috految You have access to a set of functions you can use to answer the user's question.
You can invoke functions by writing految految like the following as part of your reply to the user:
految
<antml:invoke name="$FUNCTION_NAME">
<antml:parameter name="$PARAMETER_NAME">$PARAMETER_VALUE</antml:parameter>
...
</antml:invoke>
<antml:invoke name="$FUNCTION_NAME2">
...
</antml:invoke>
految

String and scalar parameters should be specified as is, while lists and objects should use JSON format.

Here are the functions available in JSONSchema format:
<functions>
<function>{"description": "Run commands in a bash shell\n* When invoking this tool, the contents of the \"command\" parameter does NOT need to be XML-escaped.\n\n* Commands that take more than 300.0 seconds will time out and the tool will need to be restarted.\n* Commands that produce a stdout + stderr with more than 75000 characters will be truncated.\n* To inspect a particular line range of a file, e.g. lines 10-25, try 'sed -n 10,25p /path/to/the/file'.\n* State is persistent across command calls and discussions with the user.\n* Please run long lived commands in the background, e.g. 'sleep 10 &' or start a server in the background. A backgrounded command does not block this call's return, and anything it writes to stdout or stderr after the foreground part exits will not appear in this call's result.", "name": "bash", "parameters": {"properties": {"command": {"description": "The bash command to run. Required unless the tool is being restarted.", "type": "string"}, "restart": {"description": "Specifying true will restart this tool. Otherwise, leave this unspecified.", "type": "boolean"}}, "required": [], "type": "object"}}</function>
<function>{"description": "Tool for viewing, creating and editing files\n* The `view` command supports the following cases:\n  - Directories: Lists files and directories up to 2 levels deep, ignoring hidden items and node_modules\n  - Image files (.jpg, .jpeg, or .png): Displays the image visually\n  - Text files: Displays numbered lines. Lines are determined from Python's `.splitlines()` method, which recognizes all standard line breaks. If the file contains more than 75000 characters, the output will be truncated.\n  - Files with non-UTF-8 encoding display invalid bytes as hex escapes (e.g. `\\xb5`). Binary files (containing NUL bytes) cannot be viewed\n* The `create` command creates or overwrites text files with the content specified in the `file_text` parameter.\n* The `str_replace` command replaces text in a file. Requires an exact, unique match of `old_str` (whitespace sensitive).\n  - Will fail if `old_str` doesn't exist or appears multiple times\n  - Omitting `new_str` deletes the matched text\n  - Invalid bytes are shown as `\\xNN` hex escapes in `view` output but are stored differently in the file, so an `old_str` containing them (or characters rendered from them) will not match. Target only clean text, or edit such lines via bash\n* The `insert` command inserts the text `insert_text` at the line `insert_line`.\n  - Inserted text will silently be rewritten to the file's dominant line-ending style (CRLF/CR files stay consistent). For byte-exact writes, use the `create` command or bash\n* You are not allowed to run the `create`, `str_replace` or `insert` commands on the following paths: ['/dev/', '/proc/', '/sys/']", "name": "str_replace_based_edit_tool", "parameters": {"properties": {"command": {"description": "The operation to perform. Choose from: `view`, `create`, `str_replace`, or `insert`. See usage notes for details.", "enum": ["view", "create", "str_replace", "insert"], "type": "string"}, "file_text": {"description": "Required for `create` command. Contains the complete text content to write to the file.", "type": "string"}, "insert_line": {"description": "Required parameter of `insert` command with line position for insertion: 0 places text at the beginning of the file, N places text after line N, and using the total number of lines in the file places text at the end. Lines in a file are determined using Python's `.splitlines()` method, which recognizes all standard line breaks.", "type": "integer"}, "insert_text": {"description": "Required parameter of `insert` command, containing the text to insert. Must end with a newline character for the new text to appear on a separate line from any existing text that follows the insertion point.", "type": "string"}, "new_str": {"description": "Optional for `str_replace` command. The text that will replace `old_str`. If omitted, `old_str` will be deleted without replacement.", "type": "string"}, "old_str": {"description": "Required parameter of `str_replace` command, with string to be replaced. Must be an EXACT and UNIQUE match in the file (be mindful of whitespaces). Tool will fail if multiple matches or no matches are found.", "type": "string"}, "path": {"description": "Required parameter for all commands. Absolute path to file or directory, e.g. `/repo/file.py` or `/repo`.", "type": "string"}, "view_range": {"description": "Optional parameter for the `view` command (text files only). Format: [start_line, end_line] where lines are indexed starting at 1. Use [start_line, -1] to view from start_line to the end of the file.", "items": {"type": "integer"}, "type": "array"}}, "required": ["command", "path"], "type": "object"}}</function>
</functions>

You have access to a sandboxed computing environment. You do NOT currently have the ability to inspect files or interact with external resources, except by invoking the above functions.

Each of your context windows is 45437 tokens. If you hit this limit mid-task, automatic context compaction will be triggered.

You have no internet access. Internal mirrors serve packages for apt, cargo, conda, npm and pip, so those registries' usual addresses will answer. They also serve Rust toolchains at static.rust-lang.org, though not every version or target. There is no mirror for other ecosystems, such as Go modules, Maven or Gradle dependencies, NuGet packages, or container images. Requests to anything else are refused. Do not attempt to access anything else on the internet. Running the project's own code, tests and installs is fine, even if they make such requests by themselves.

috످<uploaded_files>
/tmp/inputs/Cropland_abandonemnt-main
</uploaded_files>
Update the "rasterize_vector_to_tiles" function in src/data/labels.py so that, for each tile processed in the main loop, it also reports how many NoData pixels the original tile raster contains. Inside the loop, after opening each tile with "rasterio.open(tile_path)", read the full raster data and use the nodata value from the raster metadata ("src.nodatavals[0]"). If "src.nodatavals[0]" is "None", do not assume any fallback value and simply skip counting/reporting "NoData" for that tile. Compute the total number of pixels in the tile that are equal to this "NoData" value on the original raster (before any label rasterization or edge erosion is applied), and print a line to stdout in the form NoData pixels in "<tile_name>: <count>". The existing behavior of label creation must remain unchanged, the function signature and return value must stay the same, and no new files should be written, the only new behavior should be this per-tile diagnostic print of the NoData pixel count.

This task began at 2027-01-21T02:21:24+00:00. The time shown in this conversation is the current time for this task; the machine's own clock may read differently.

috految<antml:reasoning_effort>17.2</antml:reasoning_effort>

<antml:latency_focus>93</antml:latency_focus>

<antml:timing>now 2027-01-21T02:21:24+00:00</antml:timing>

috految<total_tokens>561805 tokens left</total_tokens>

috److految
<antml:invoke name="bash">
<antml:parameter name="command">cd /tmp/inputs/Cropland_abandonemnt-main; cp -r . /tmp/orig; (python3 -m pip install --no-compile --target /tmp/deps rasterio geopandas scipy tqdm >/tmp/pip.log 2>&1) & cat -n src/data/labels.py; grep -c $'\r' src/data/labels.py; find . -type f -not -path './.git/*' -printf '%p %s\n' | head -70; grep -rnIiE 'nodata|rasterize_vector_to|isnan|nan_to|\bnan\b|-9999|unmask|bands|labels import|\.read\(' . | grep -v image/png | cut -c1-200 | head -90; cat requirements.txt src/data/__init__.py; head -130 src/data/til*.py; python3 -V; which uv</antml:parameter>
</antml:invoke>
految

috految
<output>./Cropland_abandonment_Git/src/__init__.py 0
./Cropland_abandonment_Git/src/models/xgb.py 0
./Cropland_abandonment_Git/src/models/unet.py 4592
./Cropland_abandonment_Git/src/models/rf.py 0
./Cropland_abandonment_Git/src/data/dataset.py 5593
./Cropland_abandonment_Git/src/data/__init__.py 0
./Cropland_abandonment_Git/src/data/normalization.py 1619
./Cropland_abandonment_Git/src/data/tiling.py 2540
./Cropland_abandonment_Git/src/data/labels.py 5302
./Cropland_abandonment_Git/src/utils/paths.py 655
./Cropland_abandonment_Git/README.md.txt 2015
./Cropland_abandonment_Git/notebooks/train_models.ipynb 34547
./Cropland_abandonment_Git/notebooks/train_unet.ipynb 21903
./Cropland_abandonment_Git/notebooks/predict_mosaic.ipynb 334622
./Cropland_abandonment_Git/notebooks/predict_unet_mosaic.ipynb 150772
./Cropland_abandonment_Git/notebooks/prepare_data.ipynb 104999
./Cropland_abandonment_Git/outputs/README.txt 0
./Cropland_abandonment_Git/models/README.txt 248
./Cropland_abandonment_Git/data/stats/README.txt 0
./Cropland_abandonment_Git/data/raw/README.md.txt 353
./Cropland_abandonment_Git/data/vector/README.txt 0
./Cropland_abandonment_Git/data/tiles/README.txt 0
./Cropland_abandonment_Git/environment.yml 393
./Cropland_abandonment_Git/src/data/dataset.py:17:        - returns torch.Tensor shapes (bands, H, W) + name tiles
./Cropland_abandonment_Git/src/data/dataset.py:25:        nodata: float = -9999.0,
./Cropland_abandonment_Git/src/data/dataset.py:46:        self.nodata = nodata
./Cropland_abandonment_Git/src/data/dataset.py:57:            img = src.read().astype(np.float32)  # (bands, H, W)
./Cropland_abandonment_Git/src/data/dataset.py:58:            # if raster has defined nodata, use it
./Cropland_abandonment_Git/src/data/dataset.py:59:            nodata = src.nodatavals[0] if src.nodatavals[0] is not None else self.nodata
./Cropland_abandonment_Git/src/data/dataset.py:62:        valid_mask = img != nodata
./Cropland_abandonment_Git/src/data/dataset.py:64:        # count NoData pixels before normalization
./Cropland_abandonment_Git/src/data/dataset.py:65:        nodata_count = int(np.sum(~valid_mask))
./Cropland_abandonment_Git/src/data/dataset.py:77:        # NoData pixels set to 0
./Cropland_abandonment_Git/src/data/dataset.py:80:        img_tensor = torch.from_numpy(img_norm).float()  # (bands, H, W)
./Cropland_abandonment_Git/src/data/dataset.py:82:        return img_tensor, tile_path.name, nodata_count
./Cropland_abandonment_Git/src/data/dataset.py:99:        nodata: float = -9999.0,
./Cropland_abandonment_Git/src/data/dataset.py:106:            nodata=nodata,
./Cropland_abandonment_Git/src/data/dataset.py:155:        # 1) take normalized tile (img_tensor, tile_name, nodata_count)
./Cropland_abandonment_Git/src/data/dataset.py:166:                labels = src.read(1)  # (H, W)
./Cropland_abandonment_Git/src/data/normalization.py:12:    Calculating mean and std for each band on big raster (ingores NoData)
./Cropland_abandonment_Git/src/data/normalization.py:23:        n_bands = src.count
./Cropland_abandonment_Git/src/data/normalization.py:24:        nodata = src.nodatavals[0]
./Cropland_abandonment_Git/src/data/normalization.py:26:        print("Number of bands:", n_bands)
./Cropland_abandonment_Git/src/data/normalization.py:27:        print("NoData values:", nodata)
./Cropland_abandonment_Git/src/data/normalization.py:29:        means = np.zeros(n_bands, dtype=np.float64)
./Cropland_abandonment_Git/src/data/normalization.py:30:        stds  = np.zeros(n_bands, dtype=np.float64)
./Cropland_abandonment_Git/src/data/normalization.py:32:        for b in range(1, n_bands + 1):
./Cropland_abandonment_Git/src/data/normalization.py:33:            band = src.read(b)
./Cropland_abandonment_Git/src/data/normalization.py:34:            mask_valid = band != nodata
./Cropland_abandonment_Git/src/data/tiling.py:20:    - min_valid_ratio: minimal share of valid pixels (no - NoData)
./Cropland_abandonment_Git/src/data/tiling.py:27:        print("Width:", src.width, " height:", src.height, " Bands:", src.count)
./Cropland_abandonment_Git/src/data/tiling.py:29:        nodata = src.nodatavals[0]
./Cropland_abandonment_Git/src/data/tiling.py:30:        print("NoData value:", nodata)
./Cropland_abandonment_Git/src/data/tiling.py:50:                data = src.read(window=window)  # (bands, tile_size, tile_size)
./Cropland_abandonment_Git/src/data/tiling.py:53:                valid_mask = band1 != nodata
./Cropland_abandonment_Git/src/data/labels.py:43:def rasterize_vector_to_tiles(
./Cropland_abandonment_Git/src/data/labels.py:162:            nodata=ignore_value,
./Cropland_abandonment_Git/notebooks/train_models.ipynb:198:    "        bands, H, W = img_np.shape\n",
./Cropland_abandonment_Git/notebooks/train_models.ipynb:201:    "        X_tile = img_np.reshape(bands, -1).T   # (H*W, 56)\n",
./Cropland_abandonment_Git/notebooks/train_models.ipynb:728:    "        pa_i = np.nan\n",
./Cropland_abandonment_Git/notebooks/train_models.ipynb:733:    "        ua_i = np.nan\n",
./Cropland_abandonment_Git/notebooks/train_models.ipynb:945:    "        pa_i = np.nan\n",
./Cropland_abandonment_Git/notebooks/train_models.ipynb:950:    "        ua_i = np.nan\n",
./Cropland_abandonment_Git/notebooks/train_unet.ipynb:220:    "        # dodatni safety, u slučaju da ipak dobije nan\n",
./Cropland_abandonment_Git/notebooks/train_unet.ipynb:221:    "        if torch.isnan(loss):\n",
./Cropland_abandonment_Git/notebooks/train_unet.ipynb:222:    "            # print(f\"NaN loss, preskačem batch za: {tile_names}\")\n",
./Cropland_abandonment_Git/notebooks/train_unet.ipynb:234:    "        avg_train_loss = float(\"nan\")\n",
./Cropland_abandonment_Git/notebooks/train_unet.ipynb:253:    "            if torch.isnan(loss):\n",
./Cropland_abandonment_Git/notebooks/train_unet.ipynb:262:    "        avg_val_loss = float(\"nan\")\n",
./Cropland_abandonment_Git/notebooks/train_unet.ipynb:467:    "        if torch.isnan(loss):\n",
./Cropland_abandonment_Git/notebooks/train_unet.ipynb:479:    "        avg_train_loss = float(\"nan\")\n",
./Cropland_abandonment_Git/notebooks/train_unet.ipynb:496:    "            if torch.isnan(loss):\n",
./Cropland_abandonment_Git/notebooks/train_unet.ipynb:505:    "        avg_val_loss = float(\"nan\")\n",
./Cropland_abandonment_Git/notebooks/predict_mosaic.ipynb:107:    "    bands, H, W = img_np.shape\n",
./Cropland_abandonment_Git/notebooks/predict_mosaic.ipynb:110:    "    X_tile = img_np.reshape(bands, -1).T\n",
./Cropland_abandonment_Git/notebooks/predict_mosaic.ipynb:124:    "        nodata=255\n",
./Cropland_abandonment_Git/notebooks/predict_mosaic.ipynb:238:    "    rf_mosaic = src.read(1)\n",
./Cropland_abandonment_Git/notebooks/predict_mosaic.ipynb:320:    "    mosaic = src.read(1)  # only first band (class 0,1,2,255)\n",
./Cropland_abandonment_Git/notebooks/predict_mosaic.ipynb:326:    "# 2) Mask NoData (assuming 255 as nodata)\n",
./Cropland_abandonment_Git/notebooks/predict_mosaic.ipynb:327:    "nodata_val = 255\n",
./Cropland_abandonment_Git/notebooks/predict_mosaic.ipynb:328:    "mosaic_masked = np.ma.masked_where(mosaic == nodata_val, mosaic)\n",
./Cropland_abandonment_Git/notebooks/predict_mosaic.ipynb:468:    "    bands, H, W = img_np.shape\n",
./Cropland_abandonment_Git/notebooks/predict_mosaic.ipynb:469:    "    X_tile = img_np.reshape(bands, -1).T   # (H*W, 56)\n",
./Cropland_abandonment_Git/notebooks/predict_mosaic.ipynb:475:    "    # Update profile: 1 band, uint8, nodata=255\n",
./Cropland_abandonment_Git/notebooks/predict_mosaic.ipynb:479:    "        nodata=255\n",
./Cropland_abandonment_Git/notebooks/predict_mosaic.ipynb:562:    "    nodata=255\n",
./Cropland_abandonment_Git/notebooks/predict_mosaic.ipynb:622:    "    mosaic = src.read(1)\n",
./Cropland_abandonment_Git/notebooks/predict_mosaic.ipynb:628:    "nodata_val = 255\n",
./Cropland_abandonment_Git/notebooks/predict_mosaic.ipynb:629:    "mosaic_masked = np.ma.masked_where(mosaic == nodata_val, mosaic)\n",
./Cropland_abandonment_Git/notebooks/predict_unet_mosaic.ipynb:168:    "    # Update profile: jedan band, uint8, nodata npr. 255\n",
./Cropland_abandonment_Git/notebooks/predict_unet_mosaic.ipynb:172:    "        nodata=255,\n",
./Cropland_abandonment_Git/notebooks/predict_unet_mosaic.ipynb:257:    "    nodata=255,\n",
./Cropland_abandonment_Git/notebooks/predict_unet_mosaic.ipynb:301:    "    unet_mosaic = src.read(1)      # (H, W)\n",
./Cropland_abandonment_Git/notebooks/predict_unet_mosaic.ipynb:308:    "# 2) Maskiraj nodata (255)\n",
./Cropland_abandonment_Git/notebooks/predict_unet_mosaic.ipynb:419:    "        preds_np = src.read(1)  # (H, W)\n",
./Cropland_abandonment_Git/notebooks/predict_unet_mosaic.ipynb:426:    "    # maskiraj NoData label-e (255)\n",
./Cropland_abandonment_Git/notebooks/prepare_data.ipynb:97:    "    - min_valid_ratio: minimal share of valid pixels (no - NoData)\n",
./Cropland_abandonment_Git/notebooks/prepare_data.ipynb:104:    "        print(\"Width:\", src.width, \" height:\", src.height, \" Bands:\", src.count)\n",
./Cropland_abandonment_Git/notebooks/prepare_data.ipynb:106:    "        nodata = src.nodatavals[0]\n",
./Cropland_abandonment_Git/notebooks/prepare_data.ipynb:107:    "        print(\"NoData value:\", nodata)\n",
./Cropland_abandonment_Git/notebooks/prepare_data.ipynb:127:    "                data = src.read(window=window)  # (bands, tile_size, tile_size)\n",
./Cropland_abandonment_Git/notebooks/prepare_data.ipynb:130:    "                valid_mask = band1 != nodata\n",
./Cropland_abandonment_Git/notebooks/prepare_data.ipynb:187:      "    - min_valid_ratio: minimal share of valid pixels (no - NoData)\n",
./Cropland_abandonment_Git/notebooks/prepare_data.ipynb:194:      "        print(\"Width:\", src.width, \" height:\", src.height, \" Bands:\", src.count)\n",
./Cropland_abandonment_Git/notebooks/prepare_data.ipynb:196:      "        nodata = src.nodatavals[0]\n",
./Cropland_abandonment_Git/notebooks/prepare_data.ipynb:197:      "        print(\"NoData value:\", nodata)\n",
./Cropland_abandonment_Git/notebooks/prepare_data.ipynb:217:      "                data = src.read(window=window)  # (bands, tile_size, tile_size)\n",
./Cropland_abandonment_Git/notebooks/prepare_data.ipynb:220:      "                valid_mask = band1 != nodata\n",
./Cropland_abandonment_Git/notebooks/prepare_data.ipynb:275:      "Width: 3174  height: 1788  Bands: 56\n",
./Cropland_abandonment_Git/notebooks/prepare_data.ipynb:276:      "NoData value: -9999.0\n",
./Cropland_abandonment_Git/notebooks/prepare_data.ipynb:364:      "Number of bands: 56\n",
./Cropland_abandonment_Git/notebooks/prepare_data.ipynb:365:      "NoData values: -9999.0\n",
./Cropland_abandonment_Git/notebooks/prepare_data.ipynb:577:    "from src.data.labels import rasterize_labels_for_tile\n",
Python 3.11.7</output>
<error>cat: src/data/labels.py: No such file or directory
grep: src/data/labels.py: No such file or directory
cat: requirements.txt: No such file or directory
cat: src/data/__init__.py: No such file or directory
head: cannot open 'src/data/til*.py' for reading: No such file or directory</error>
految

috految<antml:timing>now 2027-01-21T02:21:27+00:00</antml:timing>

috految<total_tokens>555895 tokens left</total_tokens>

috److految
<antml:invoke name="bash">
<antml:parameter name="command">cd Crop*Git; cat -n src/data/labels.py; grep -c $'\r' src/data/labels.py; cat src/utils/paths.py src/data/tiling.py environment.yml; sed -n '10,12p;50,86p;150,$p' src/data/dataset.py; python3 -c "
import json,glob,re
for f in glob.glob('notebooks/*'):
 for i,c in enumerate(json.load(open(f))['cells'],1):
  s=''.join(c['source'])
  if 'prepare' in f: print('##',i,c['cell_type'],s[:900],'OUT',str([o.get('text') for o in c.get('outputs',[])])[:400])
  for l in s.splitlines():
   if re.search(r'rasterize_|write_text|writefile|\.py|Dataset|dataset|ds\b|ds_|oader',l):print(f,i,l)
"; tail -3 /tmp/pip.log</antml:parameter>
</antml:invoke>
految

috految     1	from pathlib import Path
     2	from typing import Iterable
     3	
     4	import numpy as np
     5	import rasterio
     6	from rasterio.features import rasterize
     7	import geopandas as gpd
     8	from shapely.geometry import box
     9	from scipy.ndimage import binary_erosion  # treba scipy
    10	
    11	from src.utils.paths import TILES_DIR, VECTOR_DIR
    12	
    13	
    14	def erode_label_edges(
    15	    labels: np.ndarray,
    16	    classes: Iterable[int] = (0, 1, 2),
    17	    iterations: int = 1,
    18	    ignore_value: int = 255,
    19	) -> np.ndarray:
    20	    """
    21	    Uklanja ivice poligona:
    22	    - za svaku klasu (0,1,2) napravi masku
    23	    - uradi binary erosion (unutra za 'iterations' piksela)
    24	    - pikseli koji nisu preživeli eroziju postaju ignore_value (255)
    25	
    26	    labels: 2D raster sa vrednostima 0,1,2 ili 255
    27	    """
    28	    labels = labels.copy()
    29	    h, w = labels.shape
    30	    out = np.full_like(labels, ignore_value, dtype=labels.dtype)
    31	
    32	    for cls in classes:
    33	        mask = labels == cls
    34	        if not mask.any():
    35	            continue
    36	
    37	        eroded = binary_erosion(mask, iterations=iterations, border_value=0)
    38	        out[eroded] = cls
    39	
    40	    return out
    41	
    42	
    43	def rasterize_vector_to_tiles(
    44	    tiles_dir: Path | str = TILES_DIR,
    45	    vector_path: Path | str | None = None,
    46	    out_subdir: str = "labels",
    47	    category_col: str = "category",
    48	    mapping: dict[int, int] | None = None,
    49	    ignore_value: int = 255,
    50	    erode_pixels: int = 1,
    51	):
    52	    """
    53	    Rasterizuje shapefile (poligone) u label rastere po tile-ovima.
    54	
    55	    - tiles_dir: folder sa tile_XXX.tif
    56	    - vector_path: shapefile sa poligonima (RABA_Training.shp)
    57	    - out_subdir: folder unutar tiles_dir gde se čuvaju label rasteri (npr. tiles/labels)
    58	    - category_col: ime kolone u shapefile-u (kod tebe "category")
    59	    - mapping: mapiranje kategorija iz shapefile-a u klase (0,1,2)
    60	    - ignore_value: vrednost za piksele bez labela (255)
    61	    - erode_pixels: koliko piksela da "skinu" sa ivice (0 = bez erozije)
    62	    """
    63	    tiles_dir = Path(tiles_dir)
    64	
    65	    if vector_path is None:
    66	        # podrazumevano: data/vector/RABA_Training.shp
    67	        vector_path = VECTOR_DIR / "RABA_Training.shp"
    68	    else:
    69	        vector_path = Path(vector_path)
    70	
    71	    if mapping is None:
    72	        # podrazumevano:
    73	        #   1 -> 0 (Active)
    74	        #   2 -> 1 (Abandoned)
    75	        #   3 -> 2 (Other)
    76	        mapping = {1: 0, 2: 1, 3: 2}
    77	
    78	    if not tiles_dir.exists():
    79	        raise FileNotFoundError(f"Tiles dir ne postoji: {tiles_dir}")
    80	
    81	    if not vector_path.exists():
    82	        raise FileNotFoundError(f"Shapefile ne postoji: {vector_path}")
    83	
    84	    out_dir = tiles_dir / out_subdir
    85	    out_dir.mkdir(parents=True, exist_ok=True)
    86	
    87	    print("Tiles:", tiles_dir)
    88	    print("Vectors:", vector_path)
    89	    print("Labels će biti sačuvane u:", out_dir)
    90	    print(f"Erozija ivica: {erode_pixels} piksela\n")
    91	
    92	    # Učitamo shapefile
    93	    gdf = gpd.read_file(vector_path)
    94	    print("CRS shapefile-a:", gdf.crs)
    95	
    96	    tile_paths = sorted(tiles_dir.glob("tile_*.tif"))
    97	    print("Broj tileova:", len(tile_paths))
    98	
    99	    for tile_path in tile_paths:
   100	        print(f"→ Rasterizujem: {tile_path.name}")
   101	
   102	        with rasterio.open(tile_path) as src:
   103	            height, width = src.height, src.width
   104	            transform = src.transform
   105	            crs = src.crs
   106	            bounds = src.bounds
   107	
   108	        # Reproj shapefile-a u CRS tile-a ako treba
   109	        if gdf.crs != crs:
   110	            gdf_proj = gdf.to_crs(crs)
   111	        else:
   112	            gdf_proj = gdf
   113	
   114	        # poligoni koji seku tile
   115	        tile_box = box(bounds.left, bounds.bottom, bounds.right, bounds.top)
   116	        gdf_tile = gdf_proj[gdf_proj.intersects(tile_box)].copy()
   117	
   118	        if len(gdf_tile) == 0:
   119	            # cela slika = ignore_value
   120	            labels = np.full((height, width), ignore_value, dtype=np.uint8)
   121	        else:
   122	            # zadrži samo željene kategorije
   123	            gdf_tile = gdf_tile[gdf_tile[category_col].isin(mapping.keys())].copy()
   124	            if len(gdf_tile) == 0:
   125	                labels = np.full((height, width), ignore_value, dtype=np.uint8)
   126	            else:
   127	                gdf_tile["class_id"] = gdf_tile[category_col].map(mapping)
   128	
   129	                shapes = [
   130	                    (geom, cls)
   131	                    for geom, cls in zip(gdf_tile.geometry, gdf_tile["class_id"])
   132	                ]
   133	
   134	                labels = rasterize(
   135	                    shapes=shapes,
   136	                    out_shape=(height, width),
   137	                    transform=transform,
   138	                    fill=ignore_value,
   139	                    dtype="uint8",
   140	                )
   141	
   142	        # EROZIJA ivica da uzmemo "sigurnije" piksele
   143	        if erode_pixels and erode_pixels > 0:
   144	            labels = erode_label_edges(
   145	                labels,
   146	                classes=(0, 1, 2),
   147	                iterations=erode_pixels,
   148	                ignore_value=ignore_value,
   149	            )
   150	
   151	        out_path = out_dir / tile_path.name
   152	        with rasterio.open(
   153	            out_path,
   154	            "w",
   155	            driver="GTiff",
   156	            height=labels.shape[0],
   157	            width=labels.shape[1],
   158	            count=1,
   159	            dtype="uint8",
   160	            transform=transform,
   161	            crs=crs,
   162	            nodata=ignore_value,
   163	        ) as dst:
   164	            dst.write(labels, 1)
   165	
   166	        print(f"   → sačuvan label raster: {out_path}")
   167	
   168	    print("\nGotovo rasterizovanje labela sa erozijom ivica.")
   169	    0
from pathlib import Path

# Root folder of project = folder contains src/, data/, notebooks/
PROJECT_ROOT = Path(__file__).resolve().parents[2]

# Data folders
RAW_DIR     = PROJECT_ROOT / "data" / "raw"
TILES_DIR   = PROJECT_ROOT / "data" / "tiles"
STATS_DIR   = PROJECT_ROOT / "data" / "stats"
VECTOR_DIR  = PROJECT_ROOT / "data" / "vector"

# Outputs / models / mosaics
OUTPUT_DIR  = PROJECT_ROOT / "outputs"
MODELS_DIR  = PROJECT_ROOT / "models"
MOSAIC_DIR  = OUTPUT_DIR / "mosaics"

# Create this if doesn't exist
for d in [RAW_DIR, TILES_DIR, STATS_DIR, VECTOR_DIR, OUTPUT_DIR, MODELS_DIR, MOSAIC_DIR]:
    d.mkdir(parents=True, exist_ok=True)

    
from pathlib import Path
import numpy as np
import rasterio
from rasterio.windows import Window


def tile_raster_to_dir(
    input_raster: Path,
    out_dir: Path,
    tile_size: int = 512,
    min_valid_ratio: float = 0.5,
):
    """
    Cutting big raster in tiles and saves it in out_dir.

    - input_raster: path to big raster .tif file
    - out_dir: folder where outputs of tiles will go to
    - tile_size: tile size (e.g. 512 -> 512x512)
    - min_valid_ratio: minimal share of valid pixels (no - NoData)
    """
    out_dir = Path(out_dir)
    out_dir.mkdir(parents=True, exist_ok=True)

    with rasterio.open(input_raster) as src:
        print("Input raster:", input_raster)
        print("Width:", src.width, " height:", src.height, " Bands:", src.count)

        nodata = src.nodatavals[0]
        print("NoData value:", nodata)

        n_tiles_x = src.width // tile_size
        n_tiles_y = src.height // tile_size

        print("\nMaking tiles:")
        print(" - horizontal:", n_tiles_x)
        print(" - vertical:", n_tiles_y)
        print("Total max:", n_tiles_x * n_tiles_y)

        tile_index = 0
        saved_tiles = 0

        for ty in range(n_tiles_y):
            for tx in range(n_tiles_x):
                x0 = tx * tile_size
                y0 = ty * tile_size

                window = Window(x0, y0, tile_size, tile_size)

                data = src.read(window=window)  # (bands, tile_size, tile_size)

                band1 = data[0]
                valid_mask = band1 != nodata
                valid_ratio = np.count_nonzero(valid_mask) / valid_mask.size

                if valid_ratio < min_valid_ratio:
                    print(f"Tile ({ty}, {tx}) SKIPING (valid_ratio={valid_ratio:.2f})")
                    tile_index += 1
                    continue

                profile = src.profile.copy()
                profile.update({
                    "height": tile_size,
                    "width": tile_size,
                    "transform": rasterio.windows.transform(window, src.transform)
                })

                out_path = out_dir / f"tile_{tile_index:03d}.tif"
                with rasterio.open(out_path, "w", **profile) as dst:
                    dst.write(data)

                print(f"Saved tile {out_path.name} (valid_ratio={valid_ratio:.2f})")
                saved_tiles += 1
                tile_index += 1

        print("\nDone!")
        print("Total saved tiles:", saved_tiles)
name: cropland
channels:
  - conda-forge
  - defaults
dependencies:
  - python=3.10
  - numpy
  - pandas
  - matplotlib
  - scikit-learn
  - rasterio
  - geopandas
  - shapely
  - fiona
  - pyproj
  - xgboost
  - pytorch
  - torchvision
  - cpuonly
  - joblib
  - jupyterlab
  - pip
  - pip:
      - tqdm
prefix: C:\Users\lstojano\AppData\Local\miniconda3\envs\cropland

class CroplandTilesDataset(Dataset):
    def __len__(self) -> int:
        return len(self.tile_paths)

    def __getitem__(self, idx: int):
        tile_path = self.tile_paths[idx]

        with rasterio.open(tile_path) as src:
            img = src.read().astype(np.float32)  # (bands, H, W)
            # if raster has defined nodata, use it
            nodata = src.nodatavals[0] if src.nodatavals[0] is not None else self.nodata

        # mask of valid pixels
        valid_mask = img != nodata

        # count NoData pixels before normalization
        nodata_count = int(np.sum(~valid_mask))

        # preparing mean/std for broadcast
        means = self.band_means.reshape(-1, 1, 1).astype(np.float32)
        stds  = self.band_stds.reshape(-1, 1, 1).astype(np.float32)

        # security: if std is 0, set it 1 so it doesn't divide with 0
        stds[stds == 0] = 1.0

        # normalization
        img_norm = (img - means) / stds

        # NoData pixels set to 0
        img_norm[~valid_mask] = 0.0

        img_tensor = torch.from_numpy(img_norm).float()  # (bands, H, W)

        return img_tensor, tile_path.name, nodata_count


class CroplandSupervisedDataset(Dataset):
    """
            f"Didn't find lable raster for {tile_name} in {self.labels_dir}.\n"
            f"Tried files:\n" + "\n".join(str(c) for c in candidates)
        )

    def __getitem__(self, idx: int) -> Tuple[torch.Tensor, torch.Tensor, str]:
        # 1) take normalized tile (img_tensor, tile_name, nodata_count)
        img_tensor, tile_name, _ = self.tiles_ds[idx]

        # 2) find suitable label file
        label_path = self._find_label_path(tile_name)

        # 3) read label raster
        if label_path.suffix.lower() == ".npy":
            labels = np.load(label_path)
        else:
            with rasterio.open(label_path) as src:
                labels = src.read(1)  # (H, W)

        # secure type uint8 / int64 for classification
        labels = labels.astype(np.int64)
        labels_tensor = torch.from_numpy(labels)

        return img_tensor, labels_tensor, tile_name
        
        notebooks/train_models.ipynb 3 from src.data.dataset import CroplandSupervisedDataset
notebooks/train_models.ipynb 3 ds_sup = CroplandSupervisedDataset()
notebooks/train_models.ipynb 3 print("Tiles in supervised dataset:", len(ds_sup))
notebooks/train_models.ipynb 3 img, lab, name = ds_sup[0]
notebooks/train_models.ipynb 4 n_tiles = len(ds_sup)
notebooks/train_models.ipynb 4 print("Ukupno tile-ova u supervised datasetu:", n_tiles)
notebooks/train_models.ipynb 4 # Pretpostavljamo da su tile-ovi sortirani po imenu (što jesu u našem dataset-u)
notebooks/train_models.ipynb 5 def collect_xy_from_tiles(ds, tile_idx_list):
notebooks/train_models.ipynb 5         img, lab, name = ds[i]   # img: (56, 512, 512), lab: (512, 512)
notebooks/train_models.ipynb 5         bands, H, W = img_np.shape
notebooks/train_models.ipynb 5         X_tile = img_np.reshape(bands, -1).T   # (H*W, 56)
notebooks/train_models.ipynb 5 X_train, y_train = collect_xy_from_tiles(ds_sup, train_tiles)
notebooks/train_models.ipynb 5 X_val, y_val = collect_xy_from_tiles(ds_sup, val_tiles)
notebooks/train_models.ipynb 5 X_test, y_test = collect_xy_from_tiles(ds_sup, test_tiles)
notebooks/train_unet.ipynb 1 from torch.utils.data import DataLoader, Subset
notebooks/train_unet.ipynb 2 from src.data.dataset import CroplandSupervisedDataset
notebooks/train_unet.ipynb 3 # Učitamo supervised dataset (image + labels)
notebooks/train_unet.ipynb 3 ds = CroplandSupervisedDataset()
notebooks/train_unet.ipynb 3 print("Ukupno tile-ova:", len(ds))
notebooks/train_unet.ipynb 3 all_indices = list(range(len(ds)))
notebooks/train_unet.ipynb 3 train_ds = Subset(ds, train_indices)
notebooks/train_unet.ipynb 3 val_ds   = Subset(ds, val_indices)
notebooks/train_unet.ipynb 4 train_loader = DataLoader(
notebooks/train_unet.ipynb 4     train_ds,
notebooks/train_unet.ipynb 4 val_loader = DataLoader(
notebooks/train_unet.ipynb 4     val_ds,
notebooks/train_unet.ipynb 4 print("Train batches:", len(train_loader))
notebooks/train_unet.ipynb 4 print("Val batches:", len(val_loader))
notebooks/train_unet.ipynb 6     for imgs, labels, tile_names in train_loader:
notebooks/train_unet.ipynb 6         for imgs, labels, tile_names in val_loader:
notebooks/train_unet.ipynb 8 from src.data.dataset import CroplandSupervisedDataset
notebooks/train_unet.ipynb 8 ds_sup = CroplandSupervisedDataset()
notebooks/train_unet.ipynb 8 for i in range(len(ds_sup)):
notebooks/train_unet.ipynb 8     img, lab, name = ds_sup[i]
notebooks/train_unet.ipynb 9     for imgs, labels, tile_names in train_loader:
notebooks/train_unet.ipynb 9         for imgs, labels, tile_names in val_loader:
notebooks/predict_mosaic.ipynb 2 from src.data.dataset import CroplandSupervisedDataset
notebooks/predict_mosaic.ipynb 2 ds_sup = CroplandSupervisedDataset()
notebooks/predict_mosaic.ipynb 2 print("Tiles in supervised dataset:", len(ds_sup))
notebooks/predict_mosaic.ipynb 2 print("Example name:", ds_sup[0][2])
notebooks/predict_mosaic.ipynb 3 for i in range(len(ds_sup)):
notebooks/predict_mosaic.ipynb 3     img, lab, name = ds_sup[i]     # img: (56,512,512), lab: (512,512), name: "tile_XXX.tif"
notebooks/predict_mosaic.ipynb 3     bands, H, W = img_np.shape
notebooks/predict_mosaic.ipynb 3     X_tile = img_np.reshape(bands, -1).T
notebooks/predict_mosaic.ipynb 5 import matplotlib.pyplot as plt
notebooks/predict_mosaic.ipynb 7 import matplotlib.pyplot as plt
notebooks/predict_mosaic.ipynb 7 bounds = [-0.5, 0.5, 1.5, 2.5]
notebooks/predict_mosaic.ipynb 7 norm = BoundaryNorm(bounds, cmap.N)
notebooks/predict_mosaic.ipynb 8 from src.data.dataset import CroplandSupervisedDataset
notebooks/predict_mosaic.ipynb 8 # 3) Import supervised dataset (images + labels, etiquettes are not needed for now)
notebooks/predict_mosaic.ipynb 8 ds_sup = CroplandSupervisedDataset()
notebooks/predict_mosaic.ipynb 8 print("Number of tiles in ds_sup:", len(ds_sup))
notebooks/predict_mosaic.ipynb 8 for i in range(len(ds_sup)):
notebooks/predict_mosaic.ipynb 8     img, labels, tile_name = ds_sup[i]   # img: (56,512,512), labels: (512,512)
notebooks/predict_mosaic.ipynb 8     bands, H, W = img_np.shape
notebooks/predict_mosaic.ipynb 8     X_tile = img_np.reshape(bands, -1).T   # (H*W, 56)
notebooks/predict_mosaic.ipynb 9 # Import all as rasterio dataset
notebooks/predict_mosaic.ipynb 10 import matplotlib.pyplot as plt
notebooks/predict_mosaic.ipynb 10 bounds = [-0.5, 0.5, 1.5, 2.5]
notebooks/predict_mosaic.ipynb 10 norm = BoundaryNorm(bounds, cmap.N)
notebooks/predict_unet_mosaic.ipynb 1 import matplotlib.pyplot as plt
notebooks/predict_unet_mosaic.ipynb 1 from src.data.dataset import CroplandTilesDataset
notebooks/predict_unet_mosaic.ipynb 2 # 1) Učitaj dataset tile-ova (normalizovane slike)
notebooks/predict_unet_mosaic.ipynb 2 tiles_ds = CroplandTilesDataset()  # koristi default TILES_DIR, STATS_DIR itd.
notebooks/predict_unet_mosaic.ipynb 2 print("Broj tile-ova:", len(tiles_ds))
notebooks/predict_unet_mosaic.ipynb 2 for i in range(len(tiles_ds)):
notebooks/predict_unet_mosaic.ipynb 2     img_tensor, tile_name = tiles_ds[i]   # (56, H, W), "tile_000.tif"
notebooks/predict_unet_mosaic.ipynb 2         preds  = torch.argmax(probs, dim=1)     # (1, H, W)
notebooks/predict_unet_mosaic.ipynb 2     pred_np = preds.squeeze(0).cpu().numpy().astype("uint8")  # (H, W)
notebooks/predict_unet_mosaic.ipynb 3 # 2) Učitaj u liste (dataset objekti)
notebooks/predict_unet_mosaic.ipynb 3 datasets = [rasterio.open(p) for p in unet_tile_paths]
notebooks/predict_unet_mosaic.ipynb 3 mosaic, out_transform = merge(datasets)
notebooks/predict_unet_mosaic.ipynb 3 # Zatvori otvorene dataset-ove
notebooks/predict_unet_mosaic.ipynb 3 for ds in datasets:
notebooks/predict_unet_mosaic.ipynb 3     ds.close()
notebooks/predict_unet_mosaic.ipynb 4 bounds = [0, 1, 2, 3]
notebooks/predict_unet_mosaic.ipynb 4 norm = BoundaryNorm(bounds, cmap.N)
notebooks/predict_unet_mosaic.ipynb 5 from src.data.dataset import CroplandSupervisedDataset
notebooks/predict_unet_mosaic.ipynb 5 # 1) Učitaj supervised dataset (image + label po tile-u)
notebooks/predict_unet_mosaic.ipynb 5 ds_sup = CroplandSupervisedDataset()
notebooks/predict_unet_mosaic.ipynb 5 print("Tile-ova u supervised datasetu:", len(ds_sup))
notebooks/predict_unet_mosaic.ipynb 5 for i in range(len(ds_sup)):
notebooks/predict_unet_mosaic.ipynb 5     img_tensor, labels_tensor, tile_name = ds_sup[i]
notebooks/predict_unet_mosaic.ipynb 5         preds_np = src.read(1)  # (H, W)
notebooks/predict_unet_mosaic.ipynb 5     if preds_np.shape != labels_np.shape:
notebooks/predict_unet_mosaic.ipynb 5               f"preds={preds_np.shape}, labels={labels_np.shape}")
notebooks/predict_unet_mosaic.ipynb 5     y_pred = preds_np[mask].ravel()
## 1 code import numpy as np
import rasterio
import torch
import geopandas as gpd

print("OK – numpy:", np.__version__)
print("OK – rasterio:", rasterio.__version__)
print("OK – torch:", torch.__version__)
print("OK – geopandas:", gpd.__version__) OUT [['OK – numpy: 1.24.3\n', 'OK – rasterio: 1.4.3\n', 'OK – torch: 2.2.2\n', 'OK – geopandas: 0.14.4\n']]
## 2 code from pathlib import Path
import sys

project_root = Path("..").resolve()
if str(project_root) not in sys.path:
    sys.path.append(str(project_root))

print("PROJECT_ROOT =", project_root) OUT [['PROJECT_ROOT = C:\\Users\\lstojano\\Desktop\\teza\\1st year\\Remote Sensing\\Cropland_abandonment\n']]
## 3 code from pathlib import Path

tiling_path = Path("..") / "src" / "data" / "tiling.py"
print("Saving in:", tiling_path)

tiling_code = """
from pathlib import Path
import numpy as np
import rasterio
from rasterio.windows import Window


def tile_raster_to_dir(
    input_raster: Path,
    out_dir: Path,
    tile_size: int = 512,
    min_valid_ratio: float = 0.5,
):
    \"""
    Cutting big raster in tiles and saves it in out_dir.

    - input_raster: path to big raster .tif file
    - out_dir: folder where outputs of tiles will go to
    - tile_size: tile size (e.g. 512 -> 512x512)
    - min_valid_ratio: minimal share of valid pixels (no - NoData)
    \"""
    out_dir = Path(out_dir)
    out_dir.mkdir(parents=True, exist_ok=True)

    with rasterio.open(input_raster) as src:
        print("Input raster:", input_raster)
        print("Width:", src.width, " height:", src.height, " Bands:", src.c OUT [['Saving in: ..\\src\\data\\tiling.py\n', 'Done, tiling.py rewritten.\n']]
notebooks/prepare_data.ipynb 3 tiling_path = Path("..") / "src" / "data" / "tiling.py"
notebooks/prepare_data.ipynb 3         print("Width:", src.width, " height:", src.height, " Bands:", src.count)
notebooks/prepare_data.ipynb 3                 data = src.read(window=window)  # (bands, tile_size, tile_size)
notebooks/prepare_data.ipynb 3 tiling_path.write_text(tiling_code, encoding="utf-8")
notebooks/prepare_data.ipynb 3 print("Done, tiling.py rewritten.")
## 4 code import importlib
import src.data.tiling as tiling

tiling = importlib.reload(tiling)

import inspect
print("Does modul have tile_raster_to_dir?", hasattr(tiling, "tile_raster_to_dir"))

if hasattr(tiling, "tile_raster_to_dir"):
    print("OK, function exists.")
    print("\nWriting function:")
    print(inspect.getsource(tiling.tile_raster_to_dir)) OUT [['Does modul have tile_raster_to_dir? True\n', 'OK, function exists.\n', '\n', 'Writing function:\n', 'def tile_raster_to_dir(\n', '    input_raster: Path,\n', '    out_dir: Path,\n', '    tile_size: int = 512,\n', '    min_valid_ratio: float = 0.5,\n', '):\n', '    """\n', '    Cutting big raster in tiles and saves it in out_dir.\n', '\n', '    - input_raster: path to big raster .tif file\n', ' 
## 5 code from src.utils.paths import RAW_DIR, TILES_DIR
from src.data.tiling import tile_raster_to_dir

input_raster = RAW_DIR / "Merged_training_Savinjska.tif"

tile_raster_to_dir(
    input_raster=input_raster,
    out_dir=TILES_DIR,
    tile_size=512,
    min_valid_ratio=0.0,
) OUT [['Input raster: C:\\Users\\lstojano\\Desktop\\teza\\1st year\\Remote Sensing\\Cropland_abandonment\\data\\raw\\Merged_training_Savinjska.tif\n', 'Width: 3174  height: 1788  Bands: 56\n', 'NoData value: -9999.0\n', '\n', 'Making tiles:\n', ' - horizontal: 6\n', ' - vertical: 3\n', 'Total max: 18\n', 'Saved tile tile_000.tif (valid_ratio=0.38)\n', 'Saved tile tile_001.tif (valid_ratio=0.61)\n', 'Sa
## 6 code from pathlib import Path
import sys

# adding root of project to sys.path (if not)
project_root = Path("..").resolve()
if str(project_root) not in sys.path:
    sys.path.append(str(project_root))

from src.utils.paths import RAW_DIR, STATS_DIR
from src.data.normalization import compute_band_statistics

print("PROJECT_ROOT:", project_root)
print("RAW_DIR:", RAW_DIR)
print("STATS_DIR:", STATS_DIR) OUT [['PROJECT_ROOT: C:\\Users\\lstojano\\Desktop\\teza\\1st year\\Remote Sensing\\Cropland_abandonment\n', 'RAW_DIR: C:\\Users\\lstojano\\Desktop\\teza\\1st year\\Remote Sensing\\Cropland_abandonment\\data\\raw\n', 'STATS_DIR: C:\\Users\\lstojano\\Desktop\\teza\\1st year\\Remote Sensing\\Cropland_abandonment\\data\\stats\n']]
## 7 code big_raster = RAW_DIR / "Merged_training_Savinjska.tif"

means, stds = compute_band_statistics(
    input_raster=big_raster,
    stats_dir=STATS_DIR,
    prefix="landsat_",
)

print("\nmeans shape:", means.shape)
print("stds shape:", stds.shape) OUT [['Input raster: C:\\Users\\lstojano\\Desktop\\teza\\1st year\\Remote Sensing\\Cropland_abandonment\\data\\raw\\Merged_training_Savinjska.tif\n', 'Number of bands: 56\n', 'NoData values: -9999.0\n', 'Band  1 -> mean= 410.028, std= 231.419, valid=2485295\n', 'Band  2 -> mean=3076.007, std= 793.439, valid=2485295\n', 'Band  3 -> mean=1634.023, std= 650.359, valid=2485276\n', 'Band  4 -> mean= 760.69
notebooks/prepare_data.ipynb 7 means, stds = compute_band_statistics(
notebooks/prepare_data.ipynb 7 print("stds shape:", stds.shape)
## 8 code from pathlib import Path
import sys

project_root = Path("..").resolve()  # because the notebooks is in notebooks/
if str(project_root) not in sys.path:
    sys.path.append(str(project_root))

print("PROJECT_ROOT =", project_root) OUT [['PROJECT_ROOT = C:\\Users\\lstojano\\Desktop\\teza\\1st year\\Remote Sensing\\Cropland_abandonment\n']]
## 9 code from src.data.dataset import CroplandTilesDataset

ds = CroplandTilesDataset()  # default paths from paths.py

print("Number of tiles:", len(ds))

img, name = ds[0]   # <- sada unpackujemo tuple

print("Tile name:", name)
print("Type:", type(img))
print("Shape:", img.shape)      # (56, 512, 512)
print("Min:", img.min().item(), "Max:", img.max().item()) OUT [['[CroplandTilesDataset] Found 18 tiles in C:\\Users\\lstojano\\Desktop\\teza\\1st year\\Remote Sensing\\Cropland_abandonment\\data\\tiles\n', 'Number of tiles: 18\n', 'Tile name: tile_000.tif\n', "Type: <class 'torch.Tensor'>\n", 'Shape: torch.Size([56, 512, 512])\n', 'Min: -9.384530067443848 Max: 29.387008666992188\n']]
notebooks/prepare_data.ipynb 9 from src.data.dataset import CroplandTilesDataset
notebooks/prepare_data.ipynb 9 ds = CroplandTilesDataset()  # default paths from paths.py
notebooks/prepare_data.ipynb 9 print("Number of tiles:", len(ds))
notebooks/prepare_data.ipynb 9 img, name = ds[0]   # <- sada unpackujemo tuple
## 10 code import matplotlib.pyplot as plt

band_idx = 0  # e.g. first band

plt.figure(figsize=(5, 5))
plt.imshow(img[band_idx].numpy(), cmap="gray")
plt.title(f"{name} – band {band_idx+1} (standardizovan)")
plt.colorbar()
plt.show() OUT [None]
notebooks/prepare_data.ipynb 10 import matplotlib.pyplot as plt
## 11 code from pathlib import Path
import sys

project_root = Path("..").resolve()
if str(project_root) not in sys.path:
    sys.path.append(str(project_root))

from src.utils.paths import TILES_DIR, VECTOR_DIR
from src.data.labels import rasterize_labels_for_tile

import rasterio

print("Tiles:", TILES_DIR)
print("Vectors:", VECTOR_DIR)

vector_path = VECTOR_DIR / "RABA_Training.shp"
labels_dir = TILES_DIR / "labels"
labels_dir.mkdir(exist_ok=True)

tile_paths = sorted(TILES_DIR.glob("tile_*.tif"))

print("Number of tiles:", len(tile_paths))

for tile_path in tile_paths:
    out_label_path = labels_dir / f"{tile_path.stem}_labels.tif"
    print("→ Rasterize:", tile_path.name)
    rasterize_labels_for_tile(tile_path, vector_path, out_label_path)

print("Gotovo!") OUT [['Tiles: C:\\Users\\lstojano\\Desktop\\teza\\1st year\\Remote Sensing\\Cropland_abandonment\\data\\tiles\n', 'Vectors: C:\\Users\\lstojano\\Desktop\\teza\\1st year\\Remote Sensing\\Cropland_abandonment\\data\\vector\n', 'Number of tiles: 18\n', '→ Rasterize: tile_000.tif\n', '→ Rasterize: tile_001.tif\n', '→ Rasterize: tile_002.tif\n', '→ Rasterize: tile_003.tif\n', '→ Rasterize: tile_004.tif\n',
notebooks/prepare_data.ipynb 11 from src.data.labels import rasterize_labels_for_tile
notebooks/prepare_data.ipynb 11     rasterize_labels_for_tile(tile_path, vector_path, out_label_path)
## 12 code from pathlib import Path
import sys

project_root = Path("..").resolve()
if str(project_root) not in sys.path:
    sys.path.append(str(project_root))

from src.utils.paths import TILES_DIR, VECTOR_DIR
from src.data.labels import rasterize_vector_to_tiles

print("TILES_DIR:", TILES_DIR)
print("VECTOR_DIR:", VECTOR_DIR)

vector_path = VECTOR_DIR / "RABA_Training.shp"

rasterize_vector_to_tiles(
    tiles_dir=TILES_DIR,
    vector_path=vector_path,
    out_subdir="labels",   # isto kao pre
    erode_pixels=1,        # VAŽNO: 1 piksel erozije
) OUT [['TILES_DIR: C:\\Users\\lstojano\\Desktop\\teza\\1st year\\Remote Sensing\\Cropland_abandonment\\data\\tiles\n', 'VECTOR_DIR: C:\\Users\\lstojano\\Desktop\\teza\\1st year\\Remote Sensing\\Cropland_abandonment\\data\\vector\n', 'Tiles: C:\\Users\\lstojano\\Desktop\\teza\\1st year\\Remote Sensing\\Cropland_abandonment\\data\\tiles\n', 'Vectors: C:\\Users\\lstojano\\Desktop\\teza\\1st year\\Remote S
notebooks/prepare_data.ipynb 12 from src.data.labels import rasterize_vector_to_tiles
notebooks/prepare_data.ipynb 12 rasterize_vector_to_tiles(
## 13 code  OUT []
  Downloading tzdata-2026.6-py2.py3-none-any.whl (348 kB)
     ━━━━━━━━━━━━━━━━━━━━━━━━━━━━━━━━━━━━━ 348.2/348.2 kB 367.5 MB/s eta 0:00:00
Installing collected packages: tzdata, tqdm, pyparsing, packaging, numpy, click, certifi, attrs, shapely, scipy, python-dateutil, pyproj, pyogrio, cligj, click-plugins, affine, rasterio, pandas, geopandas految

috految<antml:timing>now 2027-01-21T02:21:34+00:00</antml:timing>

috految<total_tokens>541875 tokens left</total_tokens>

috److految
<antml:invoke name="bash">
<antml:parameter name="command">sed -i '106a\
\
            # count NoData pixels in the original tile (summed over all bands)\
            nodata = src.nodatavals[0]\
            if nodata is not None:\
                data = src.read()  # (bands, H, W)\
                nodata_mask = np.isnan(data) if np.isnan(nodata) else data == nodata\
                nodata_count = np.count_nonzero(nodata_mask)\
                print(f"NoData pixels in {tile_path.name}: {nodata_count}")' src/data/labels.py
diff -ru /tmp/orig ..; cat -n src/data/dataset.py | sed -n 108,149p; grep -oE 'valid_ratio=[0-9.]+' notebooks/prepare*|xargs; grep -oE 'valid=[0-9]+' notebooks/prepare*|sort -u|xargs
cp -r . /tmp/work; cd /tmp/work; cp /tmp/orig/*/src/data/labels.py old.py; wait
PYTHONPATH=/tmp/deps python3 -B - <<'E'
import old,src.data.labels as new,io,contextlib,shutil,inspect,os
from old import *
T=TILES_DIR;exp=[];S=np.s_
for i,(b,n,nd,v,s,e) in enumerate([(56,512,-9999,-9999,S[:,:10,:10],5600),(56,32,-9999,-9999,S[55,0,:7],7),(56,32,-9999,1,S[:],0),(56,32,-9999,-9999,S[:],57344),(3,32,None,-9999,S[:],None),(1,32,0,0,S[:,:5,:5],25),(1,32,np.nan,np.nan,S[:,:5,:5],25)]):
 a=np.ones((b,n,n),'f4' if i else 'i2');a[s]=v;p=T/f'tile_{i:03}.tif'
 with rasterio.open(p,'w',driver='GTiff',count=b,height=n,width=n,dtype=a.dtype,nodata=nd,crs='EPSG:32633',transform=rasterio.Affine(30,0,5e5+i*2e4,0,-30,5e6)) as d:d.write(a)
 if e is not None:exp.append(f'NoData pixels in {p.name}: {e}')
g=gpd.GeoDataFrame({'category':[1,2,3,9,1]},geometry=[box(5e5+i*2e4,5e6-600,500600+i*2e4,5e6) for i in range(5)],crs=32633)
def run(m,e=1):
 shutil.rmtree(T/'labels',ignore_errors=True)
 with contextlib.redirect_stdout(io.StringIO()) as o:r=m.rasterize_vector_to_tiles(erode_pixels=e)
 return o.getvalue().splitlines(),r,inspect.signature(m.rasterize_vector_to_tiles),{p:p.read_bytes() for p in Path().rglob('*') if p.is_file()}
for c,e in (32633,0),(32633,1),(4326,2):
 g.to_crs(c).to_file(VECTOR_DIR/'RABA_Training.shp');a=run(old,e);b=run(new,e)
 assert a[1:]==b[1:] and [l for l in b[0] if 'NoData' in l]==exp and [l for l in b[0] if l not in exp]==a[0];print('PASS',[np.unique(rasterio.open(p).read()) for p in T.glob('labels/*')])
print(*b[0],sep='\n');os.truncate(T/'tile_000.tif',100000)
for m in old,new:
 try:run(m);print('truncated ok')
 except Exception as e:print(m.__name__,repr(e))
E</antml:parameter>
</antml:invoke>
految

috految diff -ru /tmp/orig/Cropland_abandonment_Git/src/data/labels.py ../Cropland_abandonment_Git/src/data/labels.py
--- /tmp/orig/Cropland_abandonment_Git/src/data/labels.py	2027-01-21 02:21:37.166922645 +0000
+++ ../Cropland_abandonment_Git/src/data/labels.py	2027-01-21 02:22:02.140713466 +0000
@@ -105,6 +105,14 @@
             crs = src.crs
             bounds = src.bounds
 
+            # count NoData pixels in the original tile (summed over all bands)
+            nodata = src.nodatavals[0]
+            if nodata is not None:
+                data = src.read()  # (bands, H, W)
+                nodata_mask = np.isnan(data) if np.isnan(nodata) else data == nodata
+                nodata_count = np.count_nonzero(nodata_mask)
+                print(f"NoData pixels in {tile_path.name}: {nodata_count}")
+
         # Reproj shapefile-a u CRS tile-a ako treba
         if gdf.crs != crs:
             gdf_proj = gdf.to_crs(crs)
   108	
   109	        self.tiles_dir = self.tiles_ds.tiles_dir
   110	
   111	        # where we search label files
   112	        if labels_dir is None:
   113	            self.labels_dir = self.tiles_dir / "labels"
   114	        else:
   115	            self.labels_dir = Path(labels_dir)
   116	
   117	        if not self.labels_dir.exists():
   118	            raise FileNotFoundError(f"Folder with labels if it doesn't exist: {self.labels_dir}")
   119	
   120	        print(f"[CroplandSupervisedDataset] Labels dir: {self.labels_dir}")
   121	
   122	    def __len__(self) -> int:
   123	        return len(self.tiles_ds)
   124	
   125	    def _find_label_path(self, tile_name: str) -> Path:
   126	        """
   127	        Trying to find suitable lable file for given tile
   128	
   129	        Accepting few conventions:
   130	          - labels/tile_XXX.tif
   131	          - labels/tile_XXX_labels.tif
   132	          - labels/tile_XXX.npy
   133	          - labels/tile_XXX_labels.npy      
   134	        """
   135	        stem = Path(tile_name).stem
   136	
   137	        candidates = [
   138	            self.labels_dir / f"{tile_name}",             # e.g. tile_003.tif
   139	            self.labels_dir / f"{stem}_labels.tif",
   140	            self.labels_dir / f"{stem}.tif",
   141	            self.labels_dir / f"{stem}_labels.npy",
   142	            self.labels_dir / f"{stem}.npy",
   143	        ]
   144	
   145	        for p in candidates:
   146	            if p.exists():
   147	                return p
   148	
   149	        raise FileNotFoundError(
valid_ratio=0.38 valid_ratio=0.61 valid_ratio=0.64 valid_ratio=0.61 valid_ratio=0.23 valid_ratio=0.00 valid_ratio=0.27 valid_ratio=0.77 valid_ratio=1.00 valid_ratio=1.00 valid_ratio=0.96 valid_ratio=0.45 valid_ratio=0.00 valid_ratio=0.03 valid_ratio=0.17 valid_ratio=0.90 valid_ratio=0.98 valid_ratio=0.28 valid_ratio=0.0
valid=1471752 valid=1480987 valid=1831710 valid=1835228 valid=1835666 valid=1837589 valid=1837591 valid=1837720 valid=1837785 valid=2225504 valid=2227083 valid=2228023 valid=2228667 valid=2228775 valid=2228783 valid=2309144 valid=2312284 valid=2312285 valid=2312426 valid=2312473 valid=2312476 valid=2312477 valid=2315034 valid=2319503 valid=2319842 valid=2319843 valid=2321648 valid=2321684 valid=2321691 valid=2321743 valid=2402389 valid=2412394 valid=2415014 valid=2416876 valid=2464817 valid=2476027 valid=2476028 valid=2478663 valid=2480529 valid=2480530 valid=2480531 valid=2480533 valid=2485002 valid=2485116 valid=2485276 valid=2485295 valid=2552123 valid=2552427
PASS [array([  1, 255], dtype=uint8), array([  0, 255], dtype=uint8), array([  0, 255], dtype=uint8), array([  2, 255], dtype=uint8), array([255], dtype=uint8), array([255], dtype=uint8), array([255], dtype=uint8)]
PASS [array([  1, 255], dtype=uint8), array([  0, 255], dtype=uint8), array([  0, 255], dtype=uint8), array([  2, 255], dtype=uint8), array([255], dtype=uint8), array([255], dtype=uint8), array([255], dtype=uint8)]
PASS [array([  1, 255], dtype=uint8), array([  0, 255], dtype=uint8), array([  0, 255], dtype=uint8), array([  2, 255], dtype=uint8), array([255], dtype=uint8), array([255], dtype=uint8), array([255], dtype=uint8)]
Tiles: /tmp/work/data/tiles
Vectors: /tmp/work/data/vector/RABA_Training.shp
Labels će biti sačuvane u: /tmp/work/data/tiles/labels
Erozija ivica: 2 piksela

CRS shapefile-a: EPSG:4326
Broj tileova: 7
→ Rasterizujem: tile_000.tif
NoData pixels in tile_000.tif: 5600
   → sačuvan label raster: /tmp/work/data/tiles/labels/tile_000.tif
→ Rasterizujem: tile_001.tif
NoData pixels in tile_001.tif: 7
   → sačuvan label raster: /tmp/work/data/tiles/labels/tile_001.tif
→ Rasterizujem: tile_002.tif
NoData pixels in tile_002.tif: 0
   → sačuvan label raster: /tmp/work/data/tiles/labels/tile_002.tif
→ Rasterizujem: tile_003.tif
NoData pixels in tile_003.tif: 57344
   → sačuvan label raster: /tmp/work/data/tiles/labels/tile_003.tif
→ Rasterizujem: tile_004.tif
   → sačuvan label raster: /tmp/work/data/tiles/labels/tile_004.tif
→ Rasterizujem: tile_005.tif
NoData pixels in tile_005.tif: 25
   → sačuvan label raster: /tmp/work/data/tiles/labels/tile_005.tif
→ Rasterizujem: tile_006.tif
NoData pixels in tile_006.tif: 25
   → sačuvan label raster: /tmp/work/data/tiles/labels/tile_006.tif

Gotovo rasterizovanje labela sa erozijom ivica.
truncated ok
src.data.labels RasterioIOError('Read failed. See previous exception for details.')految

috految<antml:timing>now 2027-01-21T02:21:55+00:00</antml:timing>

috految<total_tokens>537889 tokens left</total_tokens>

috److I updated `rasterize_vector_to_tiles` to print each tile's NoData count before any rasterization or erosion. If `src.nodatavals[0]` is `None`, it skips the count and creates the label as usual.

## The change

The only edit is in `src/data/labels.py`, lines 108–114:

```diff
         with rasterio.open(tile_path) as src:
             height, width = src.height, src.width
             transform = src.transform
             crs = src.crs
             bounds = src.bounds
 
+            # count NoData pixels in the original tile (summed over all bands)
+            nodata = src.nodatavals[0]
+            if nodata is not None:
+                data = src.read()  # (bands, H, W)
+                nodata_mask = np.isnan(data) if np.isnan(nodata) else data == nodata
+                nodata_count = np.count_nonzero(nodata_mask)
+                print(f"NoData pixels in {tile_path.name}: {nodata_count}")
+
```

The `np.isnan` check handles rasters that use `NaN` as NoData, where `==` would always count 0.

Example output from a test run:

```text
→ Rasterizujem: tile_000.tif
NoData pixels in tile_000.tif: 5600
   → sačuvan label raster: .../labels/tile_000.tif
```

I treated the quotes in `"<tile_name>: <count>"` as marking the placeholders, so they aren't printed.

**Side effect:** Because the function now reads pixel data, a corrupted tile (such as a truncated file) can stop the run with `RasterioIOError`. Previously, it only read the header and would still create a label.

## Testing

The repo doesn't include rasters, so I ran the original and updated functions on synthetic GeoTIFFs in a separate copy of the project.

| Test case | NoData value | Expected | Printed |
|---|---|---|---|
| 512×512 tile, 100 pixels missing in all 56 bands | `-9999` | 5600 | 5600 |
| 7 pixels missing in the last band only | `-9999` | 7 | 7 |
| No missing pixels | `-9999` | 0 | 0 |
| Entirely NoData (56×32×32) | `-9999` | 57344 | 57344 |
| Zero as NoData | `0` | 25 | 25 |
| NaN as NoData | `NaN` | 25 | 25 |
| NoData unset, but tile contains `-9999` | `None` | No line | No line |

**Label files were byte-identical before and after the change**, including with erosion of 0, 1 and 2 pixels, CRS reprojection, and tiles with no polygons. The signature, return value and existing print output are unchanged, and no extra files are written.

## Existing issues (not changed)

I noticed these while reading the code. **The first two will stop "Run All" in `prepare_data.ipynb` before it reaches this function.** If your tiles already exist, restart the kernel and run just cell 12 (counting from the top) to regenerate the labels and see the counts.

1. **`prepare_data.ipynb`, cell 9:** `img, name = ds[0]` expects two values, but the dataset returns three (`dataset.py:82`). Use `img, name, _ = ds[0]`.
2. **`prepare_data.ipynb`, cell 11:** It imports `rasterize_labels_for_tile`, which doesn't exist in `labels.py`. Cell 12 appears to replace this cell.
3. **`predict_unet_mosaic.ipynb`, cell 2:** It has the same unpacking error as cell 9. Use `img_tensor, tile_name, _ = tiles_ds[i]`.
4. **`tiling.py`, lines 32–33:** Partial edge tiles are dropped, so the rightmost 102 columns and bottom 252 rows of your 3174×1788 raster never get tiled or counted. Any fix also needs to go in cell 3 of `prepare_data.ipynb`, which overwrites `tiling.py`.

## Question for you

**Should the count be summed across all bands, or counted once per pixel location?** I summed across bands because you asked for the total over the full raster, and `dataset.py:65` counts the same way. Your tiles have 56 bands, so a fully empty 512×512 tile reports **14,680,064** rather than 262,144.

Dividing by 56 won't give you the location count, because your notebook output shows that bands have different amounts of missing data. To count each location once, replace line 113 with one of these:

```python
nodata_count = np.count_nonzero(nodata_mask.any(axis=0))  # missing in at least one band
nodata_count = np.count_nonzero(nodata_mask.all(axis=0))  # missing in every band
```

috످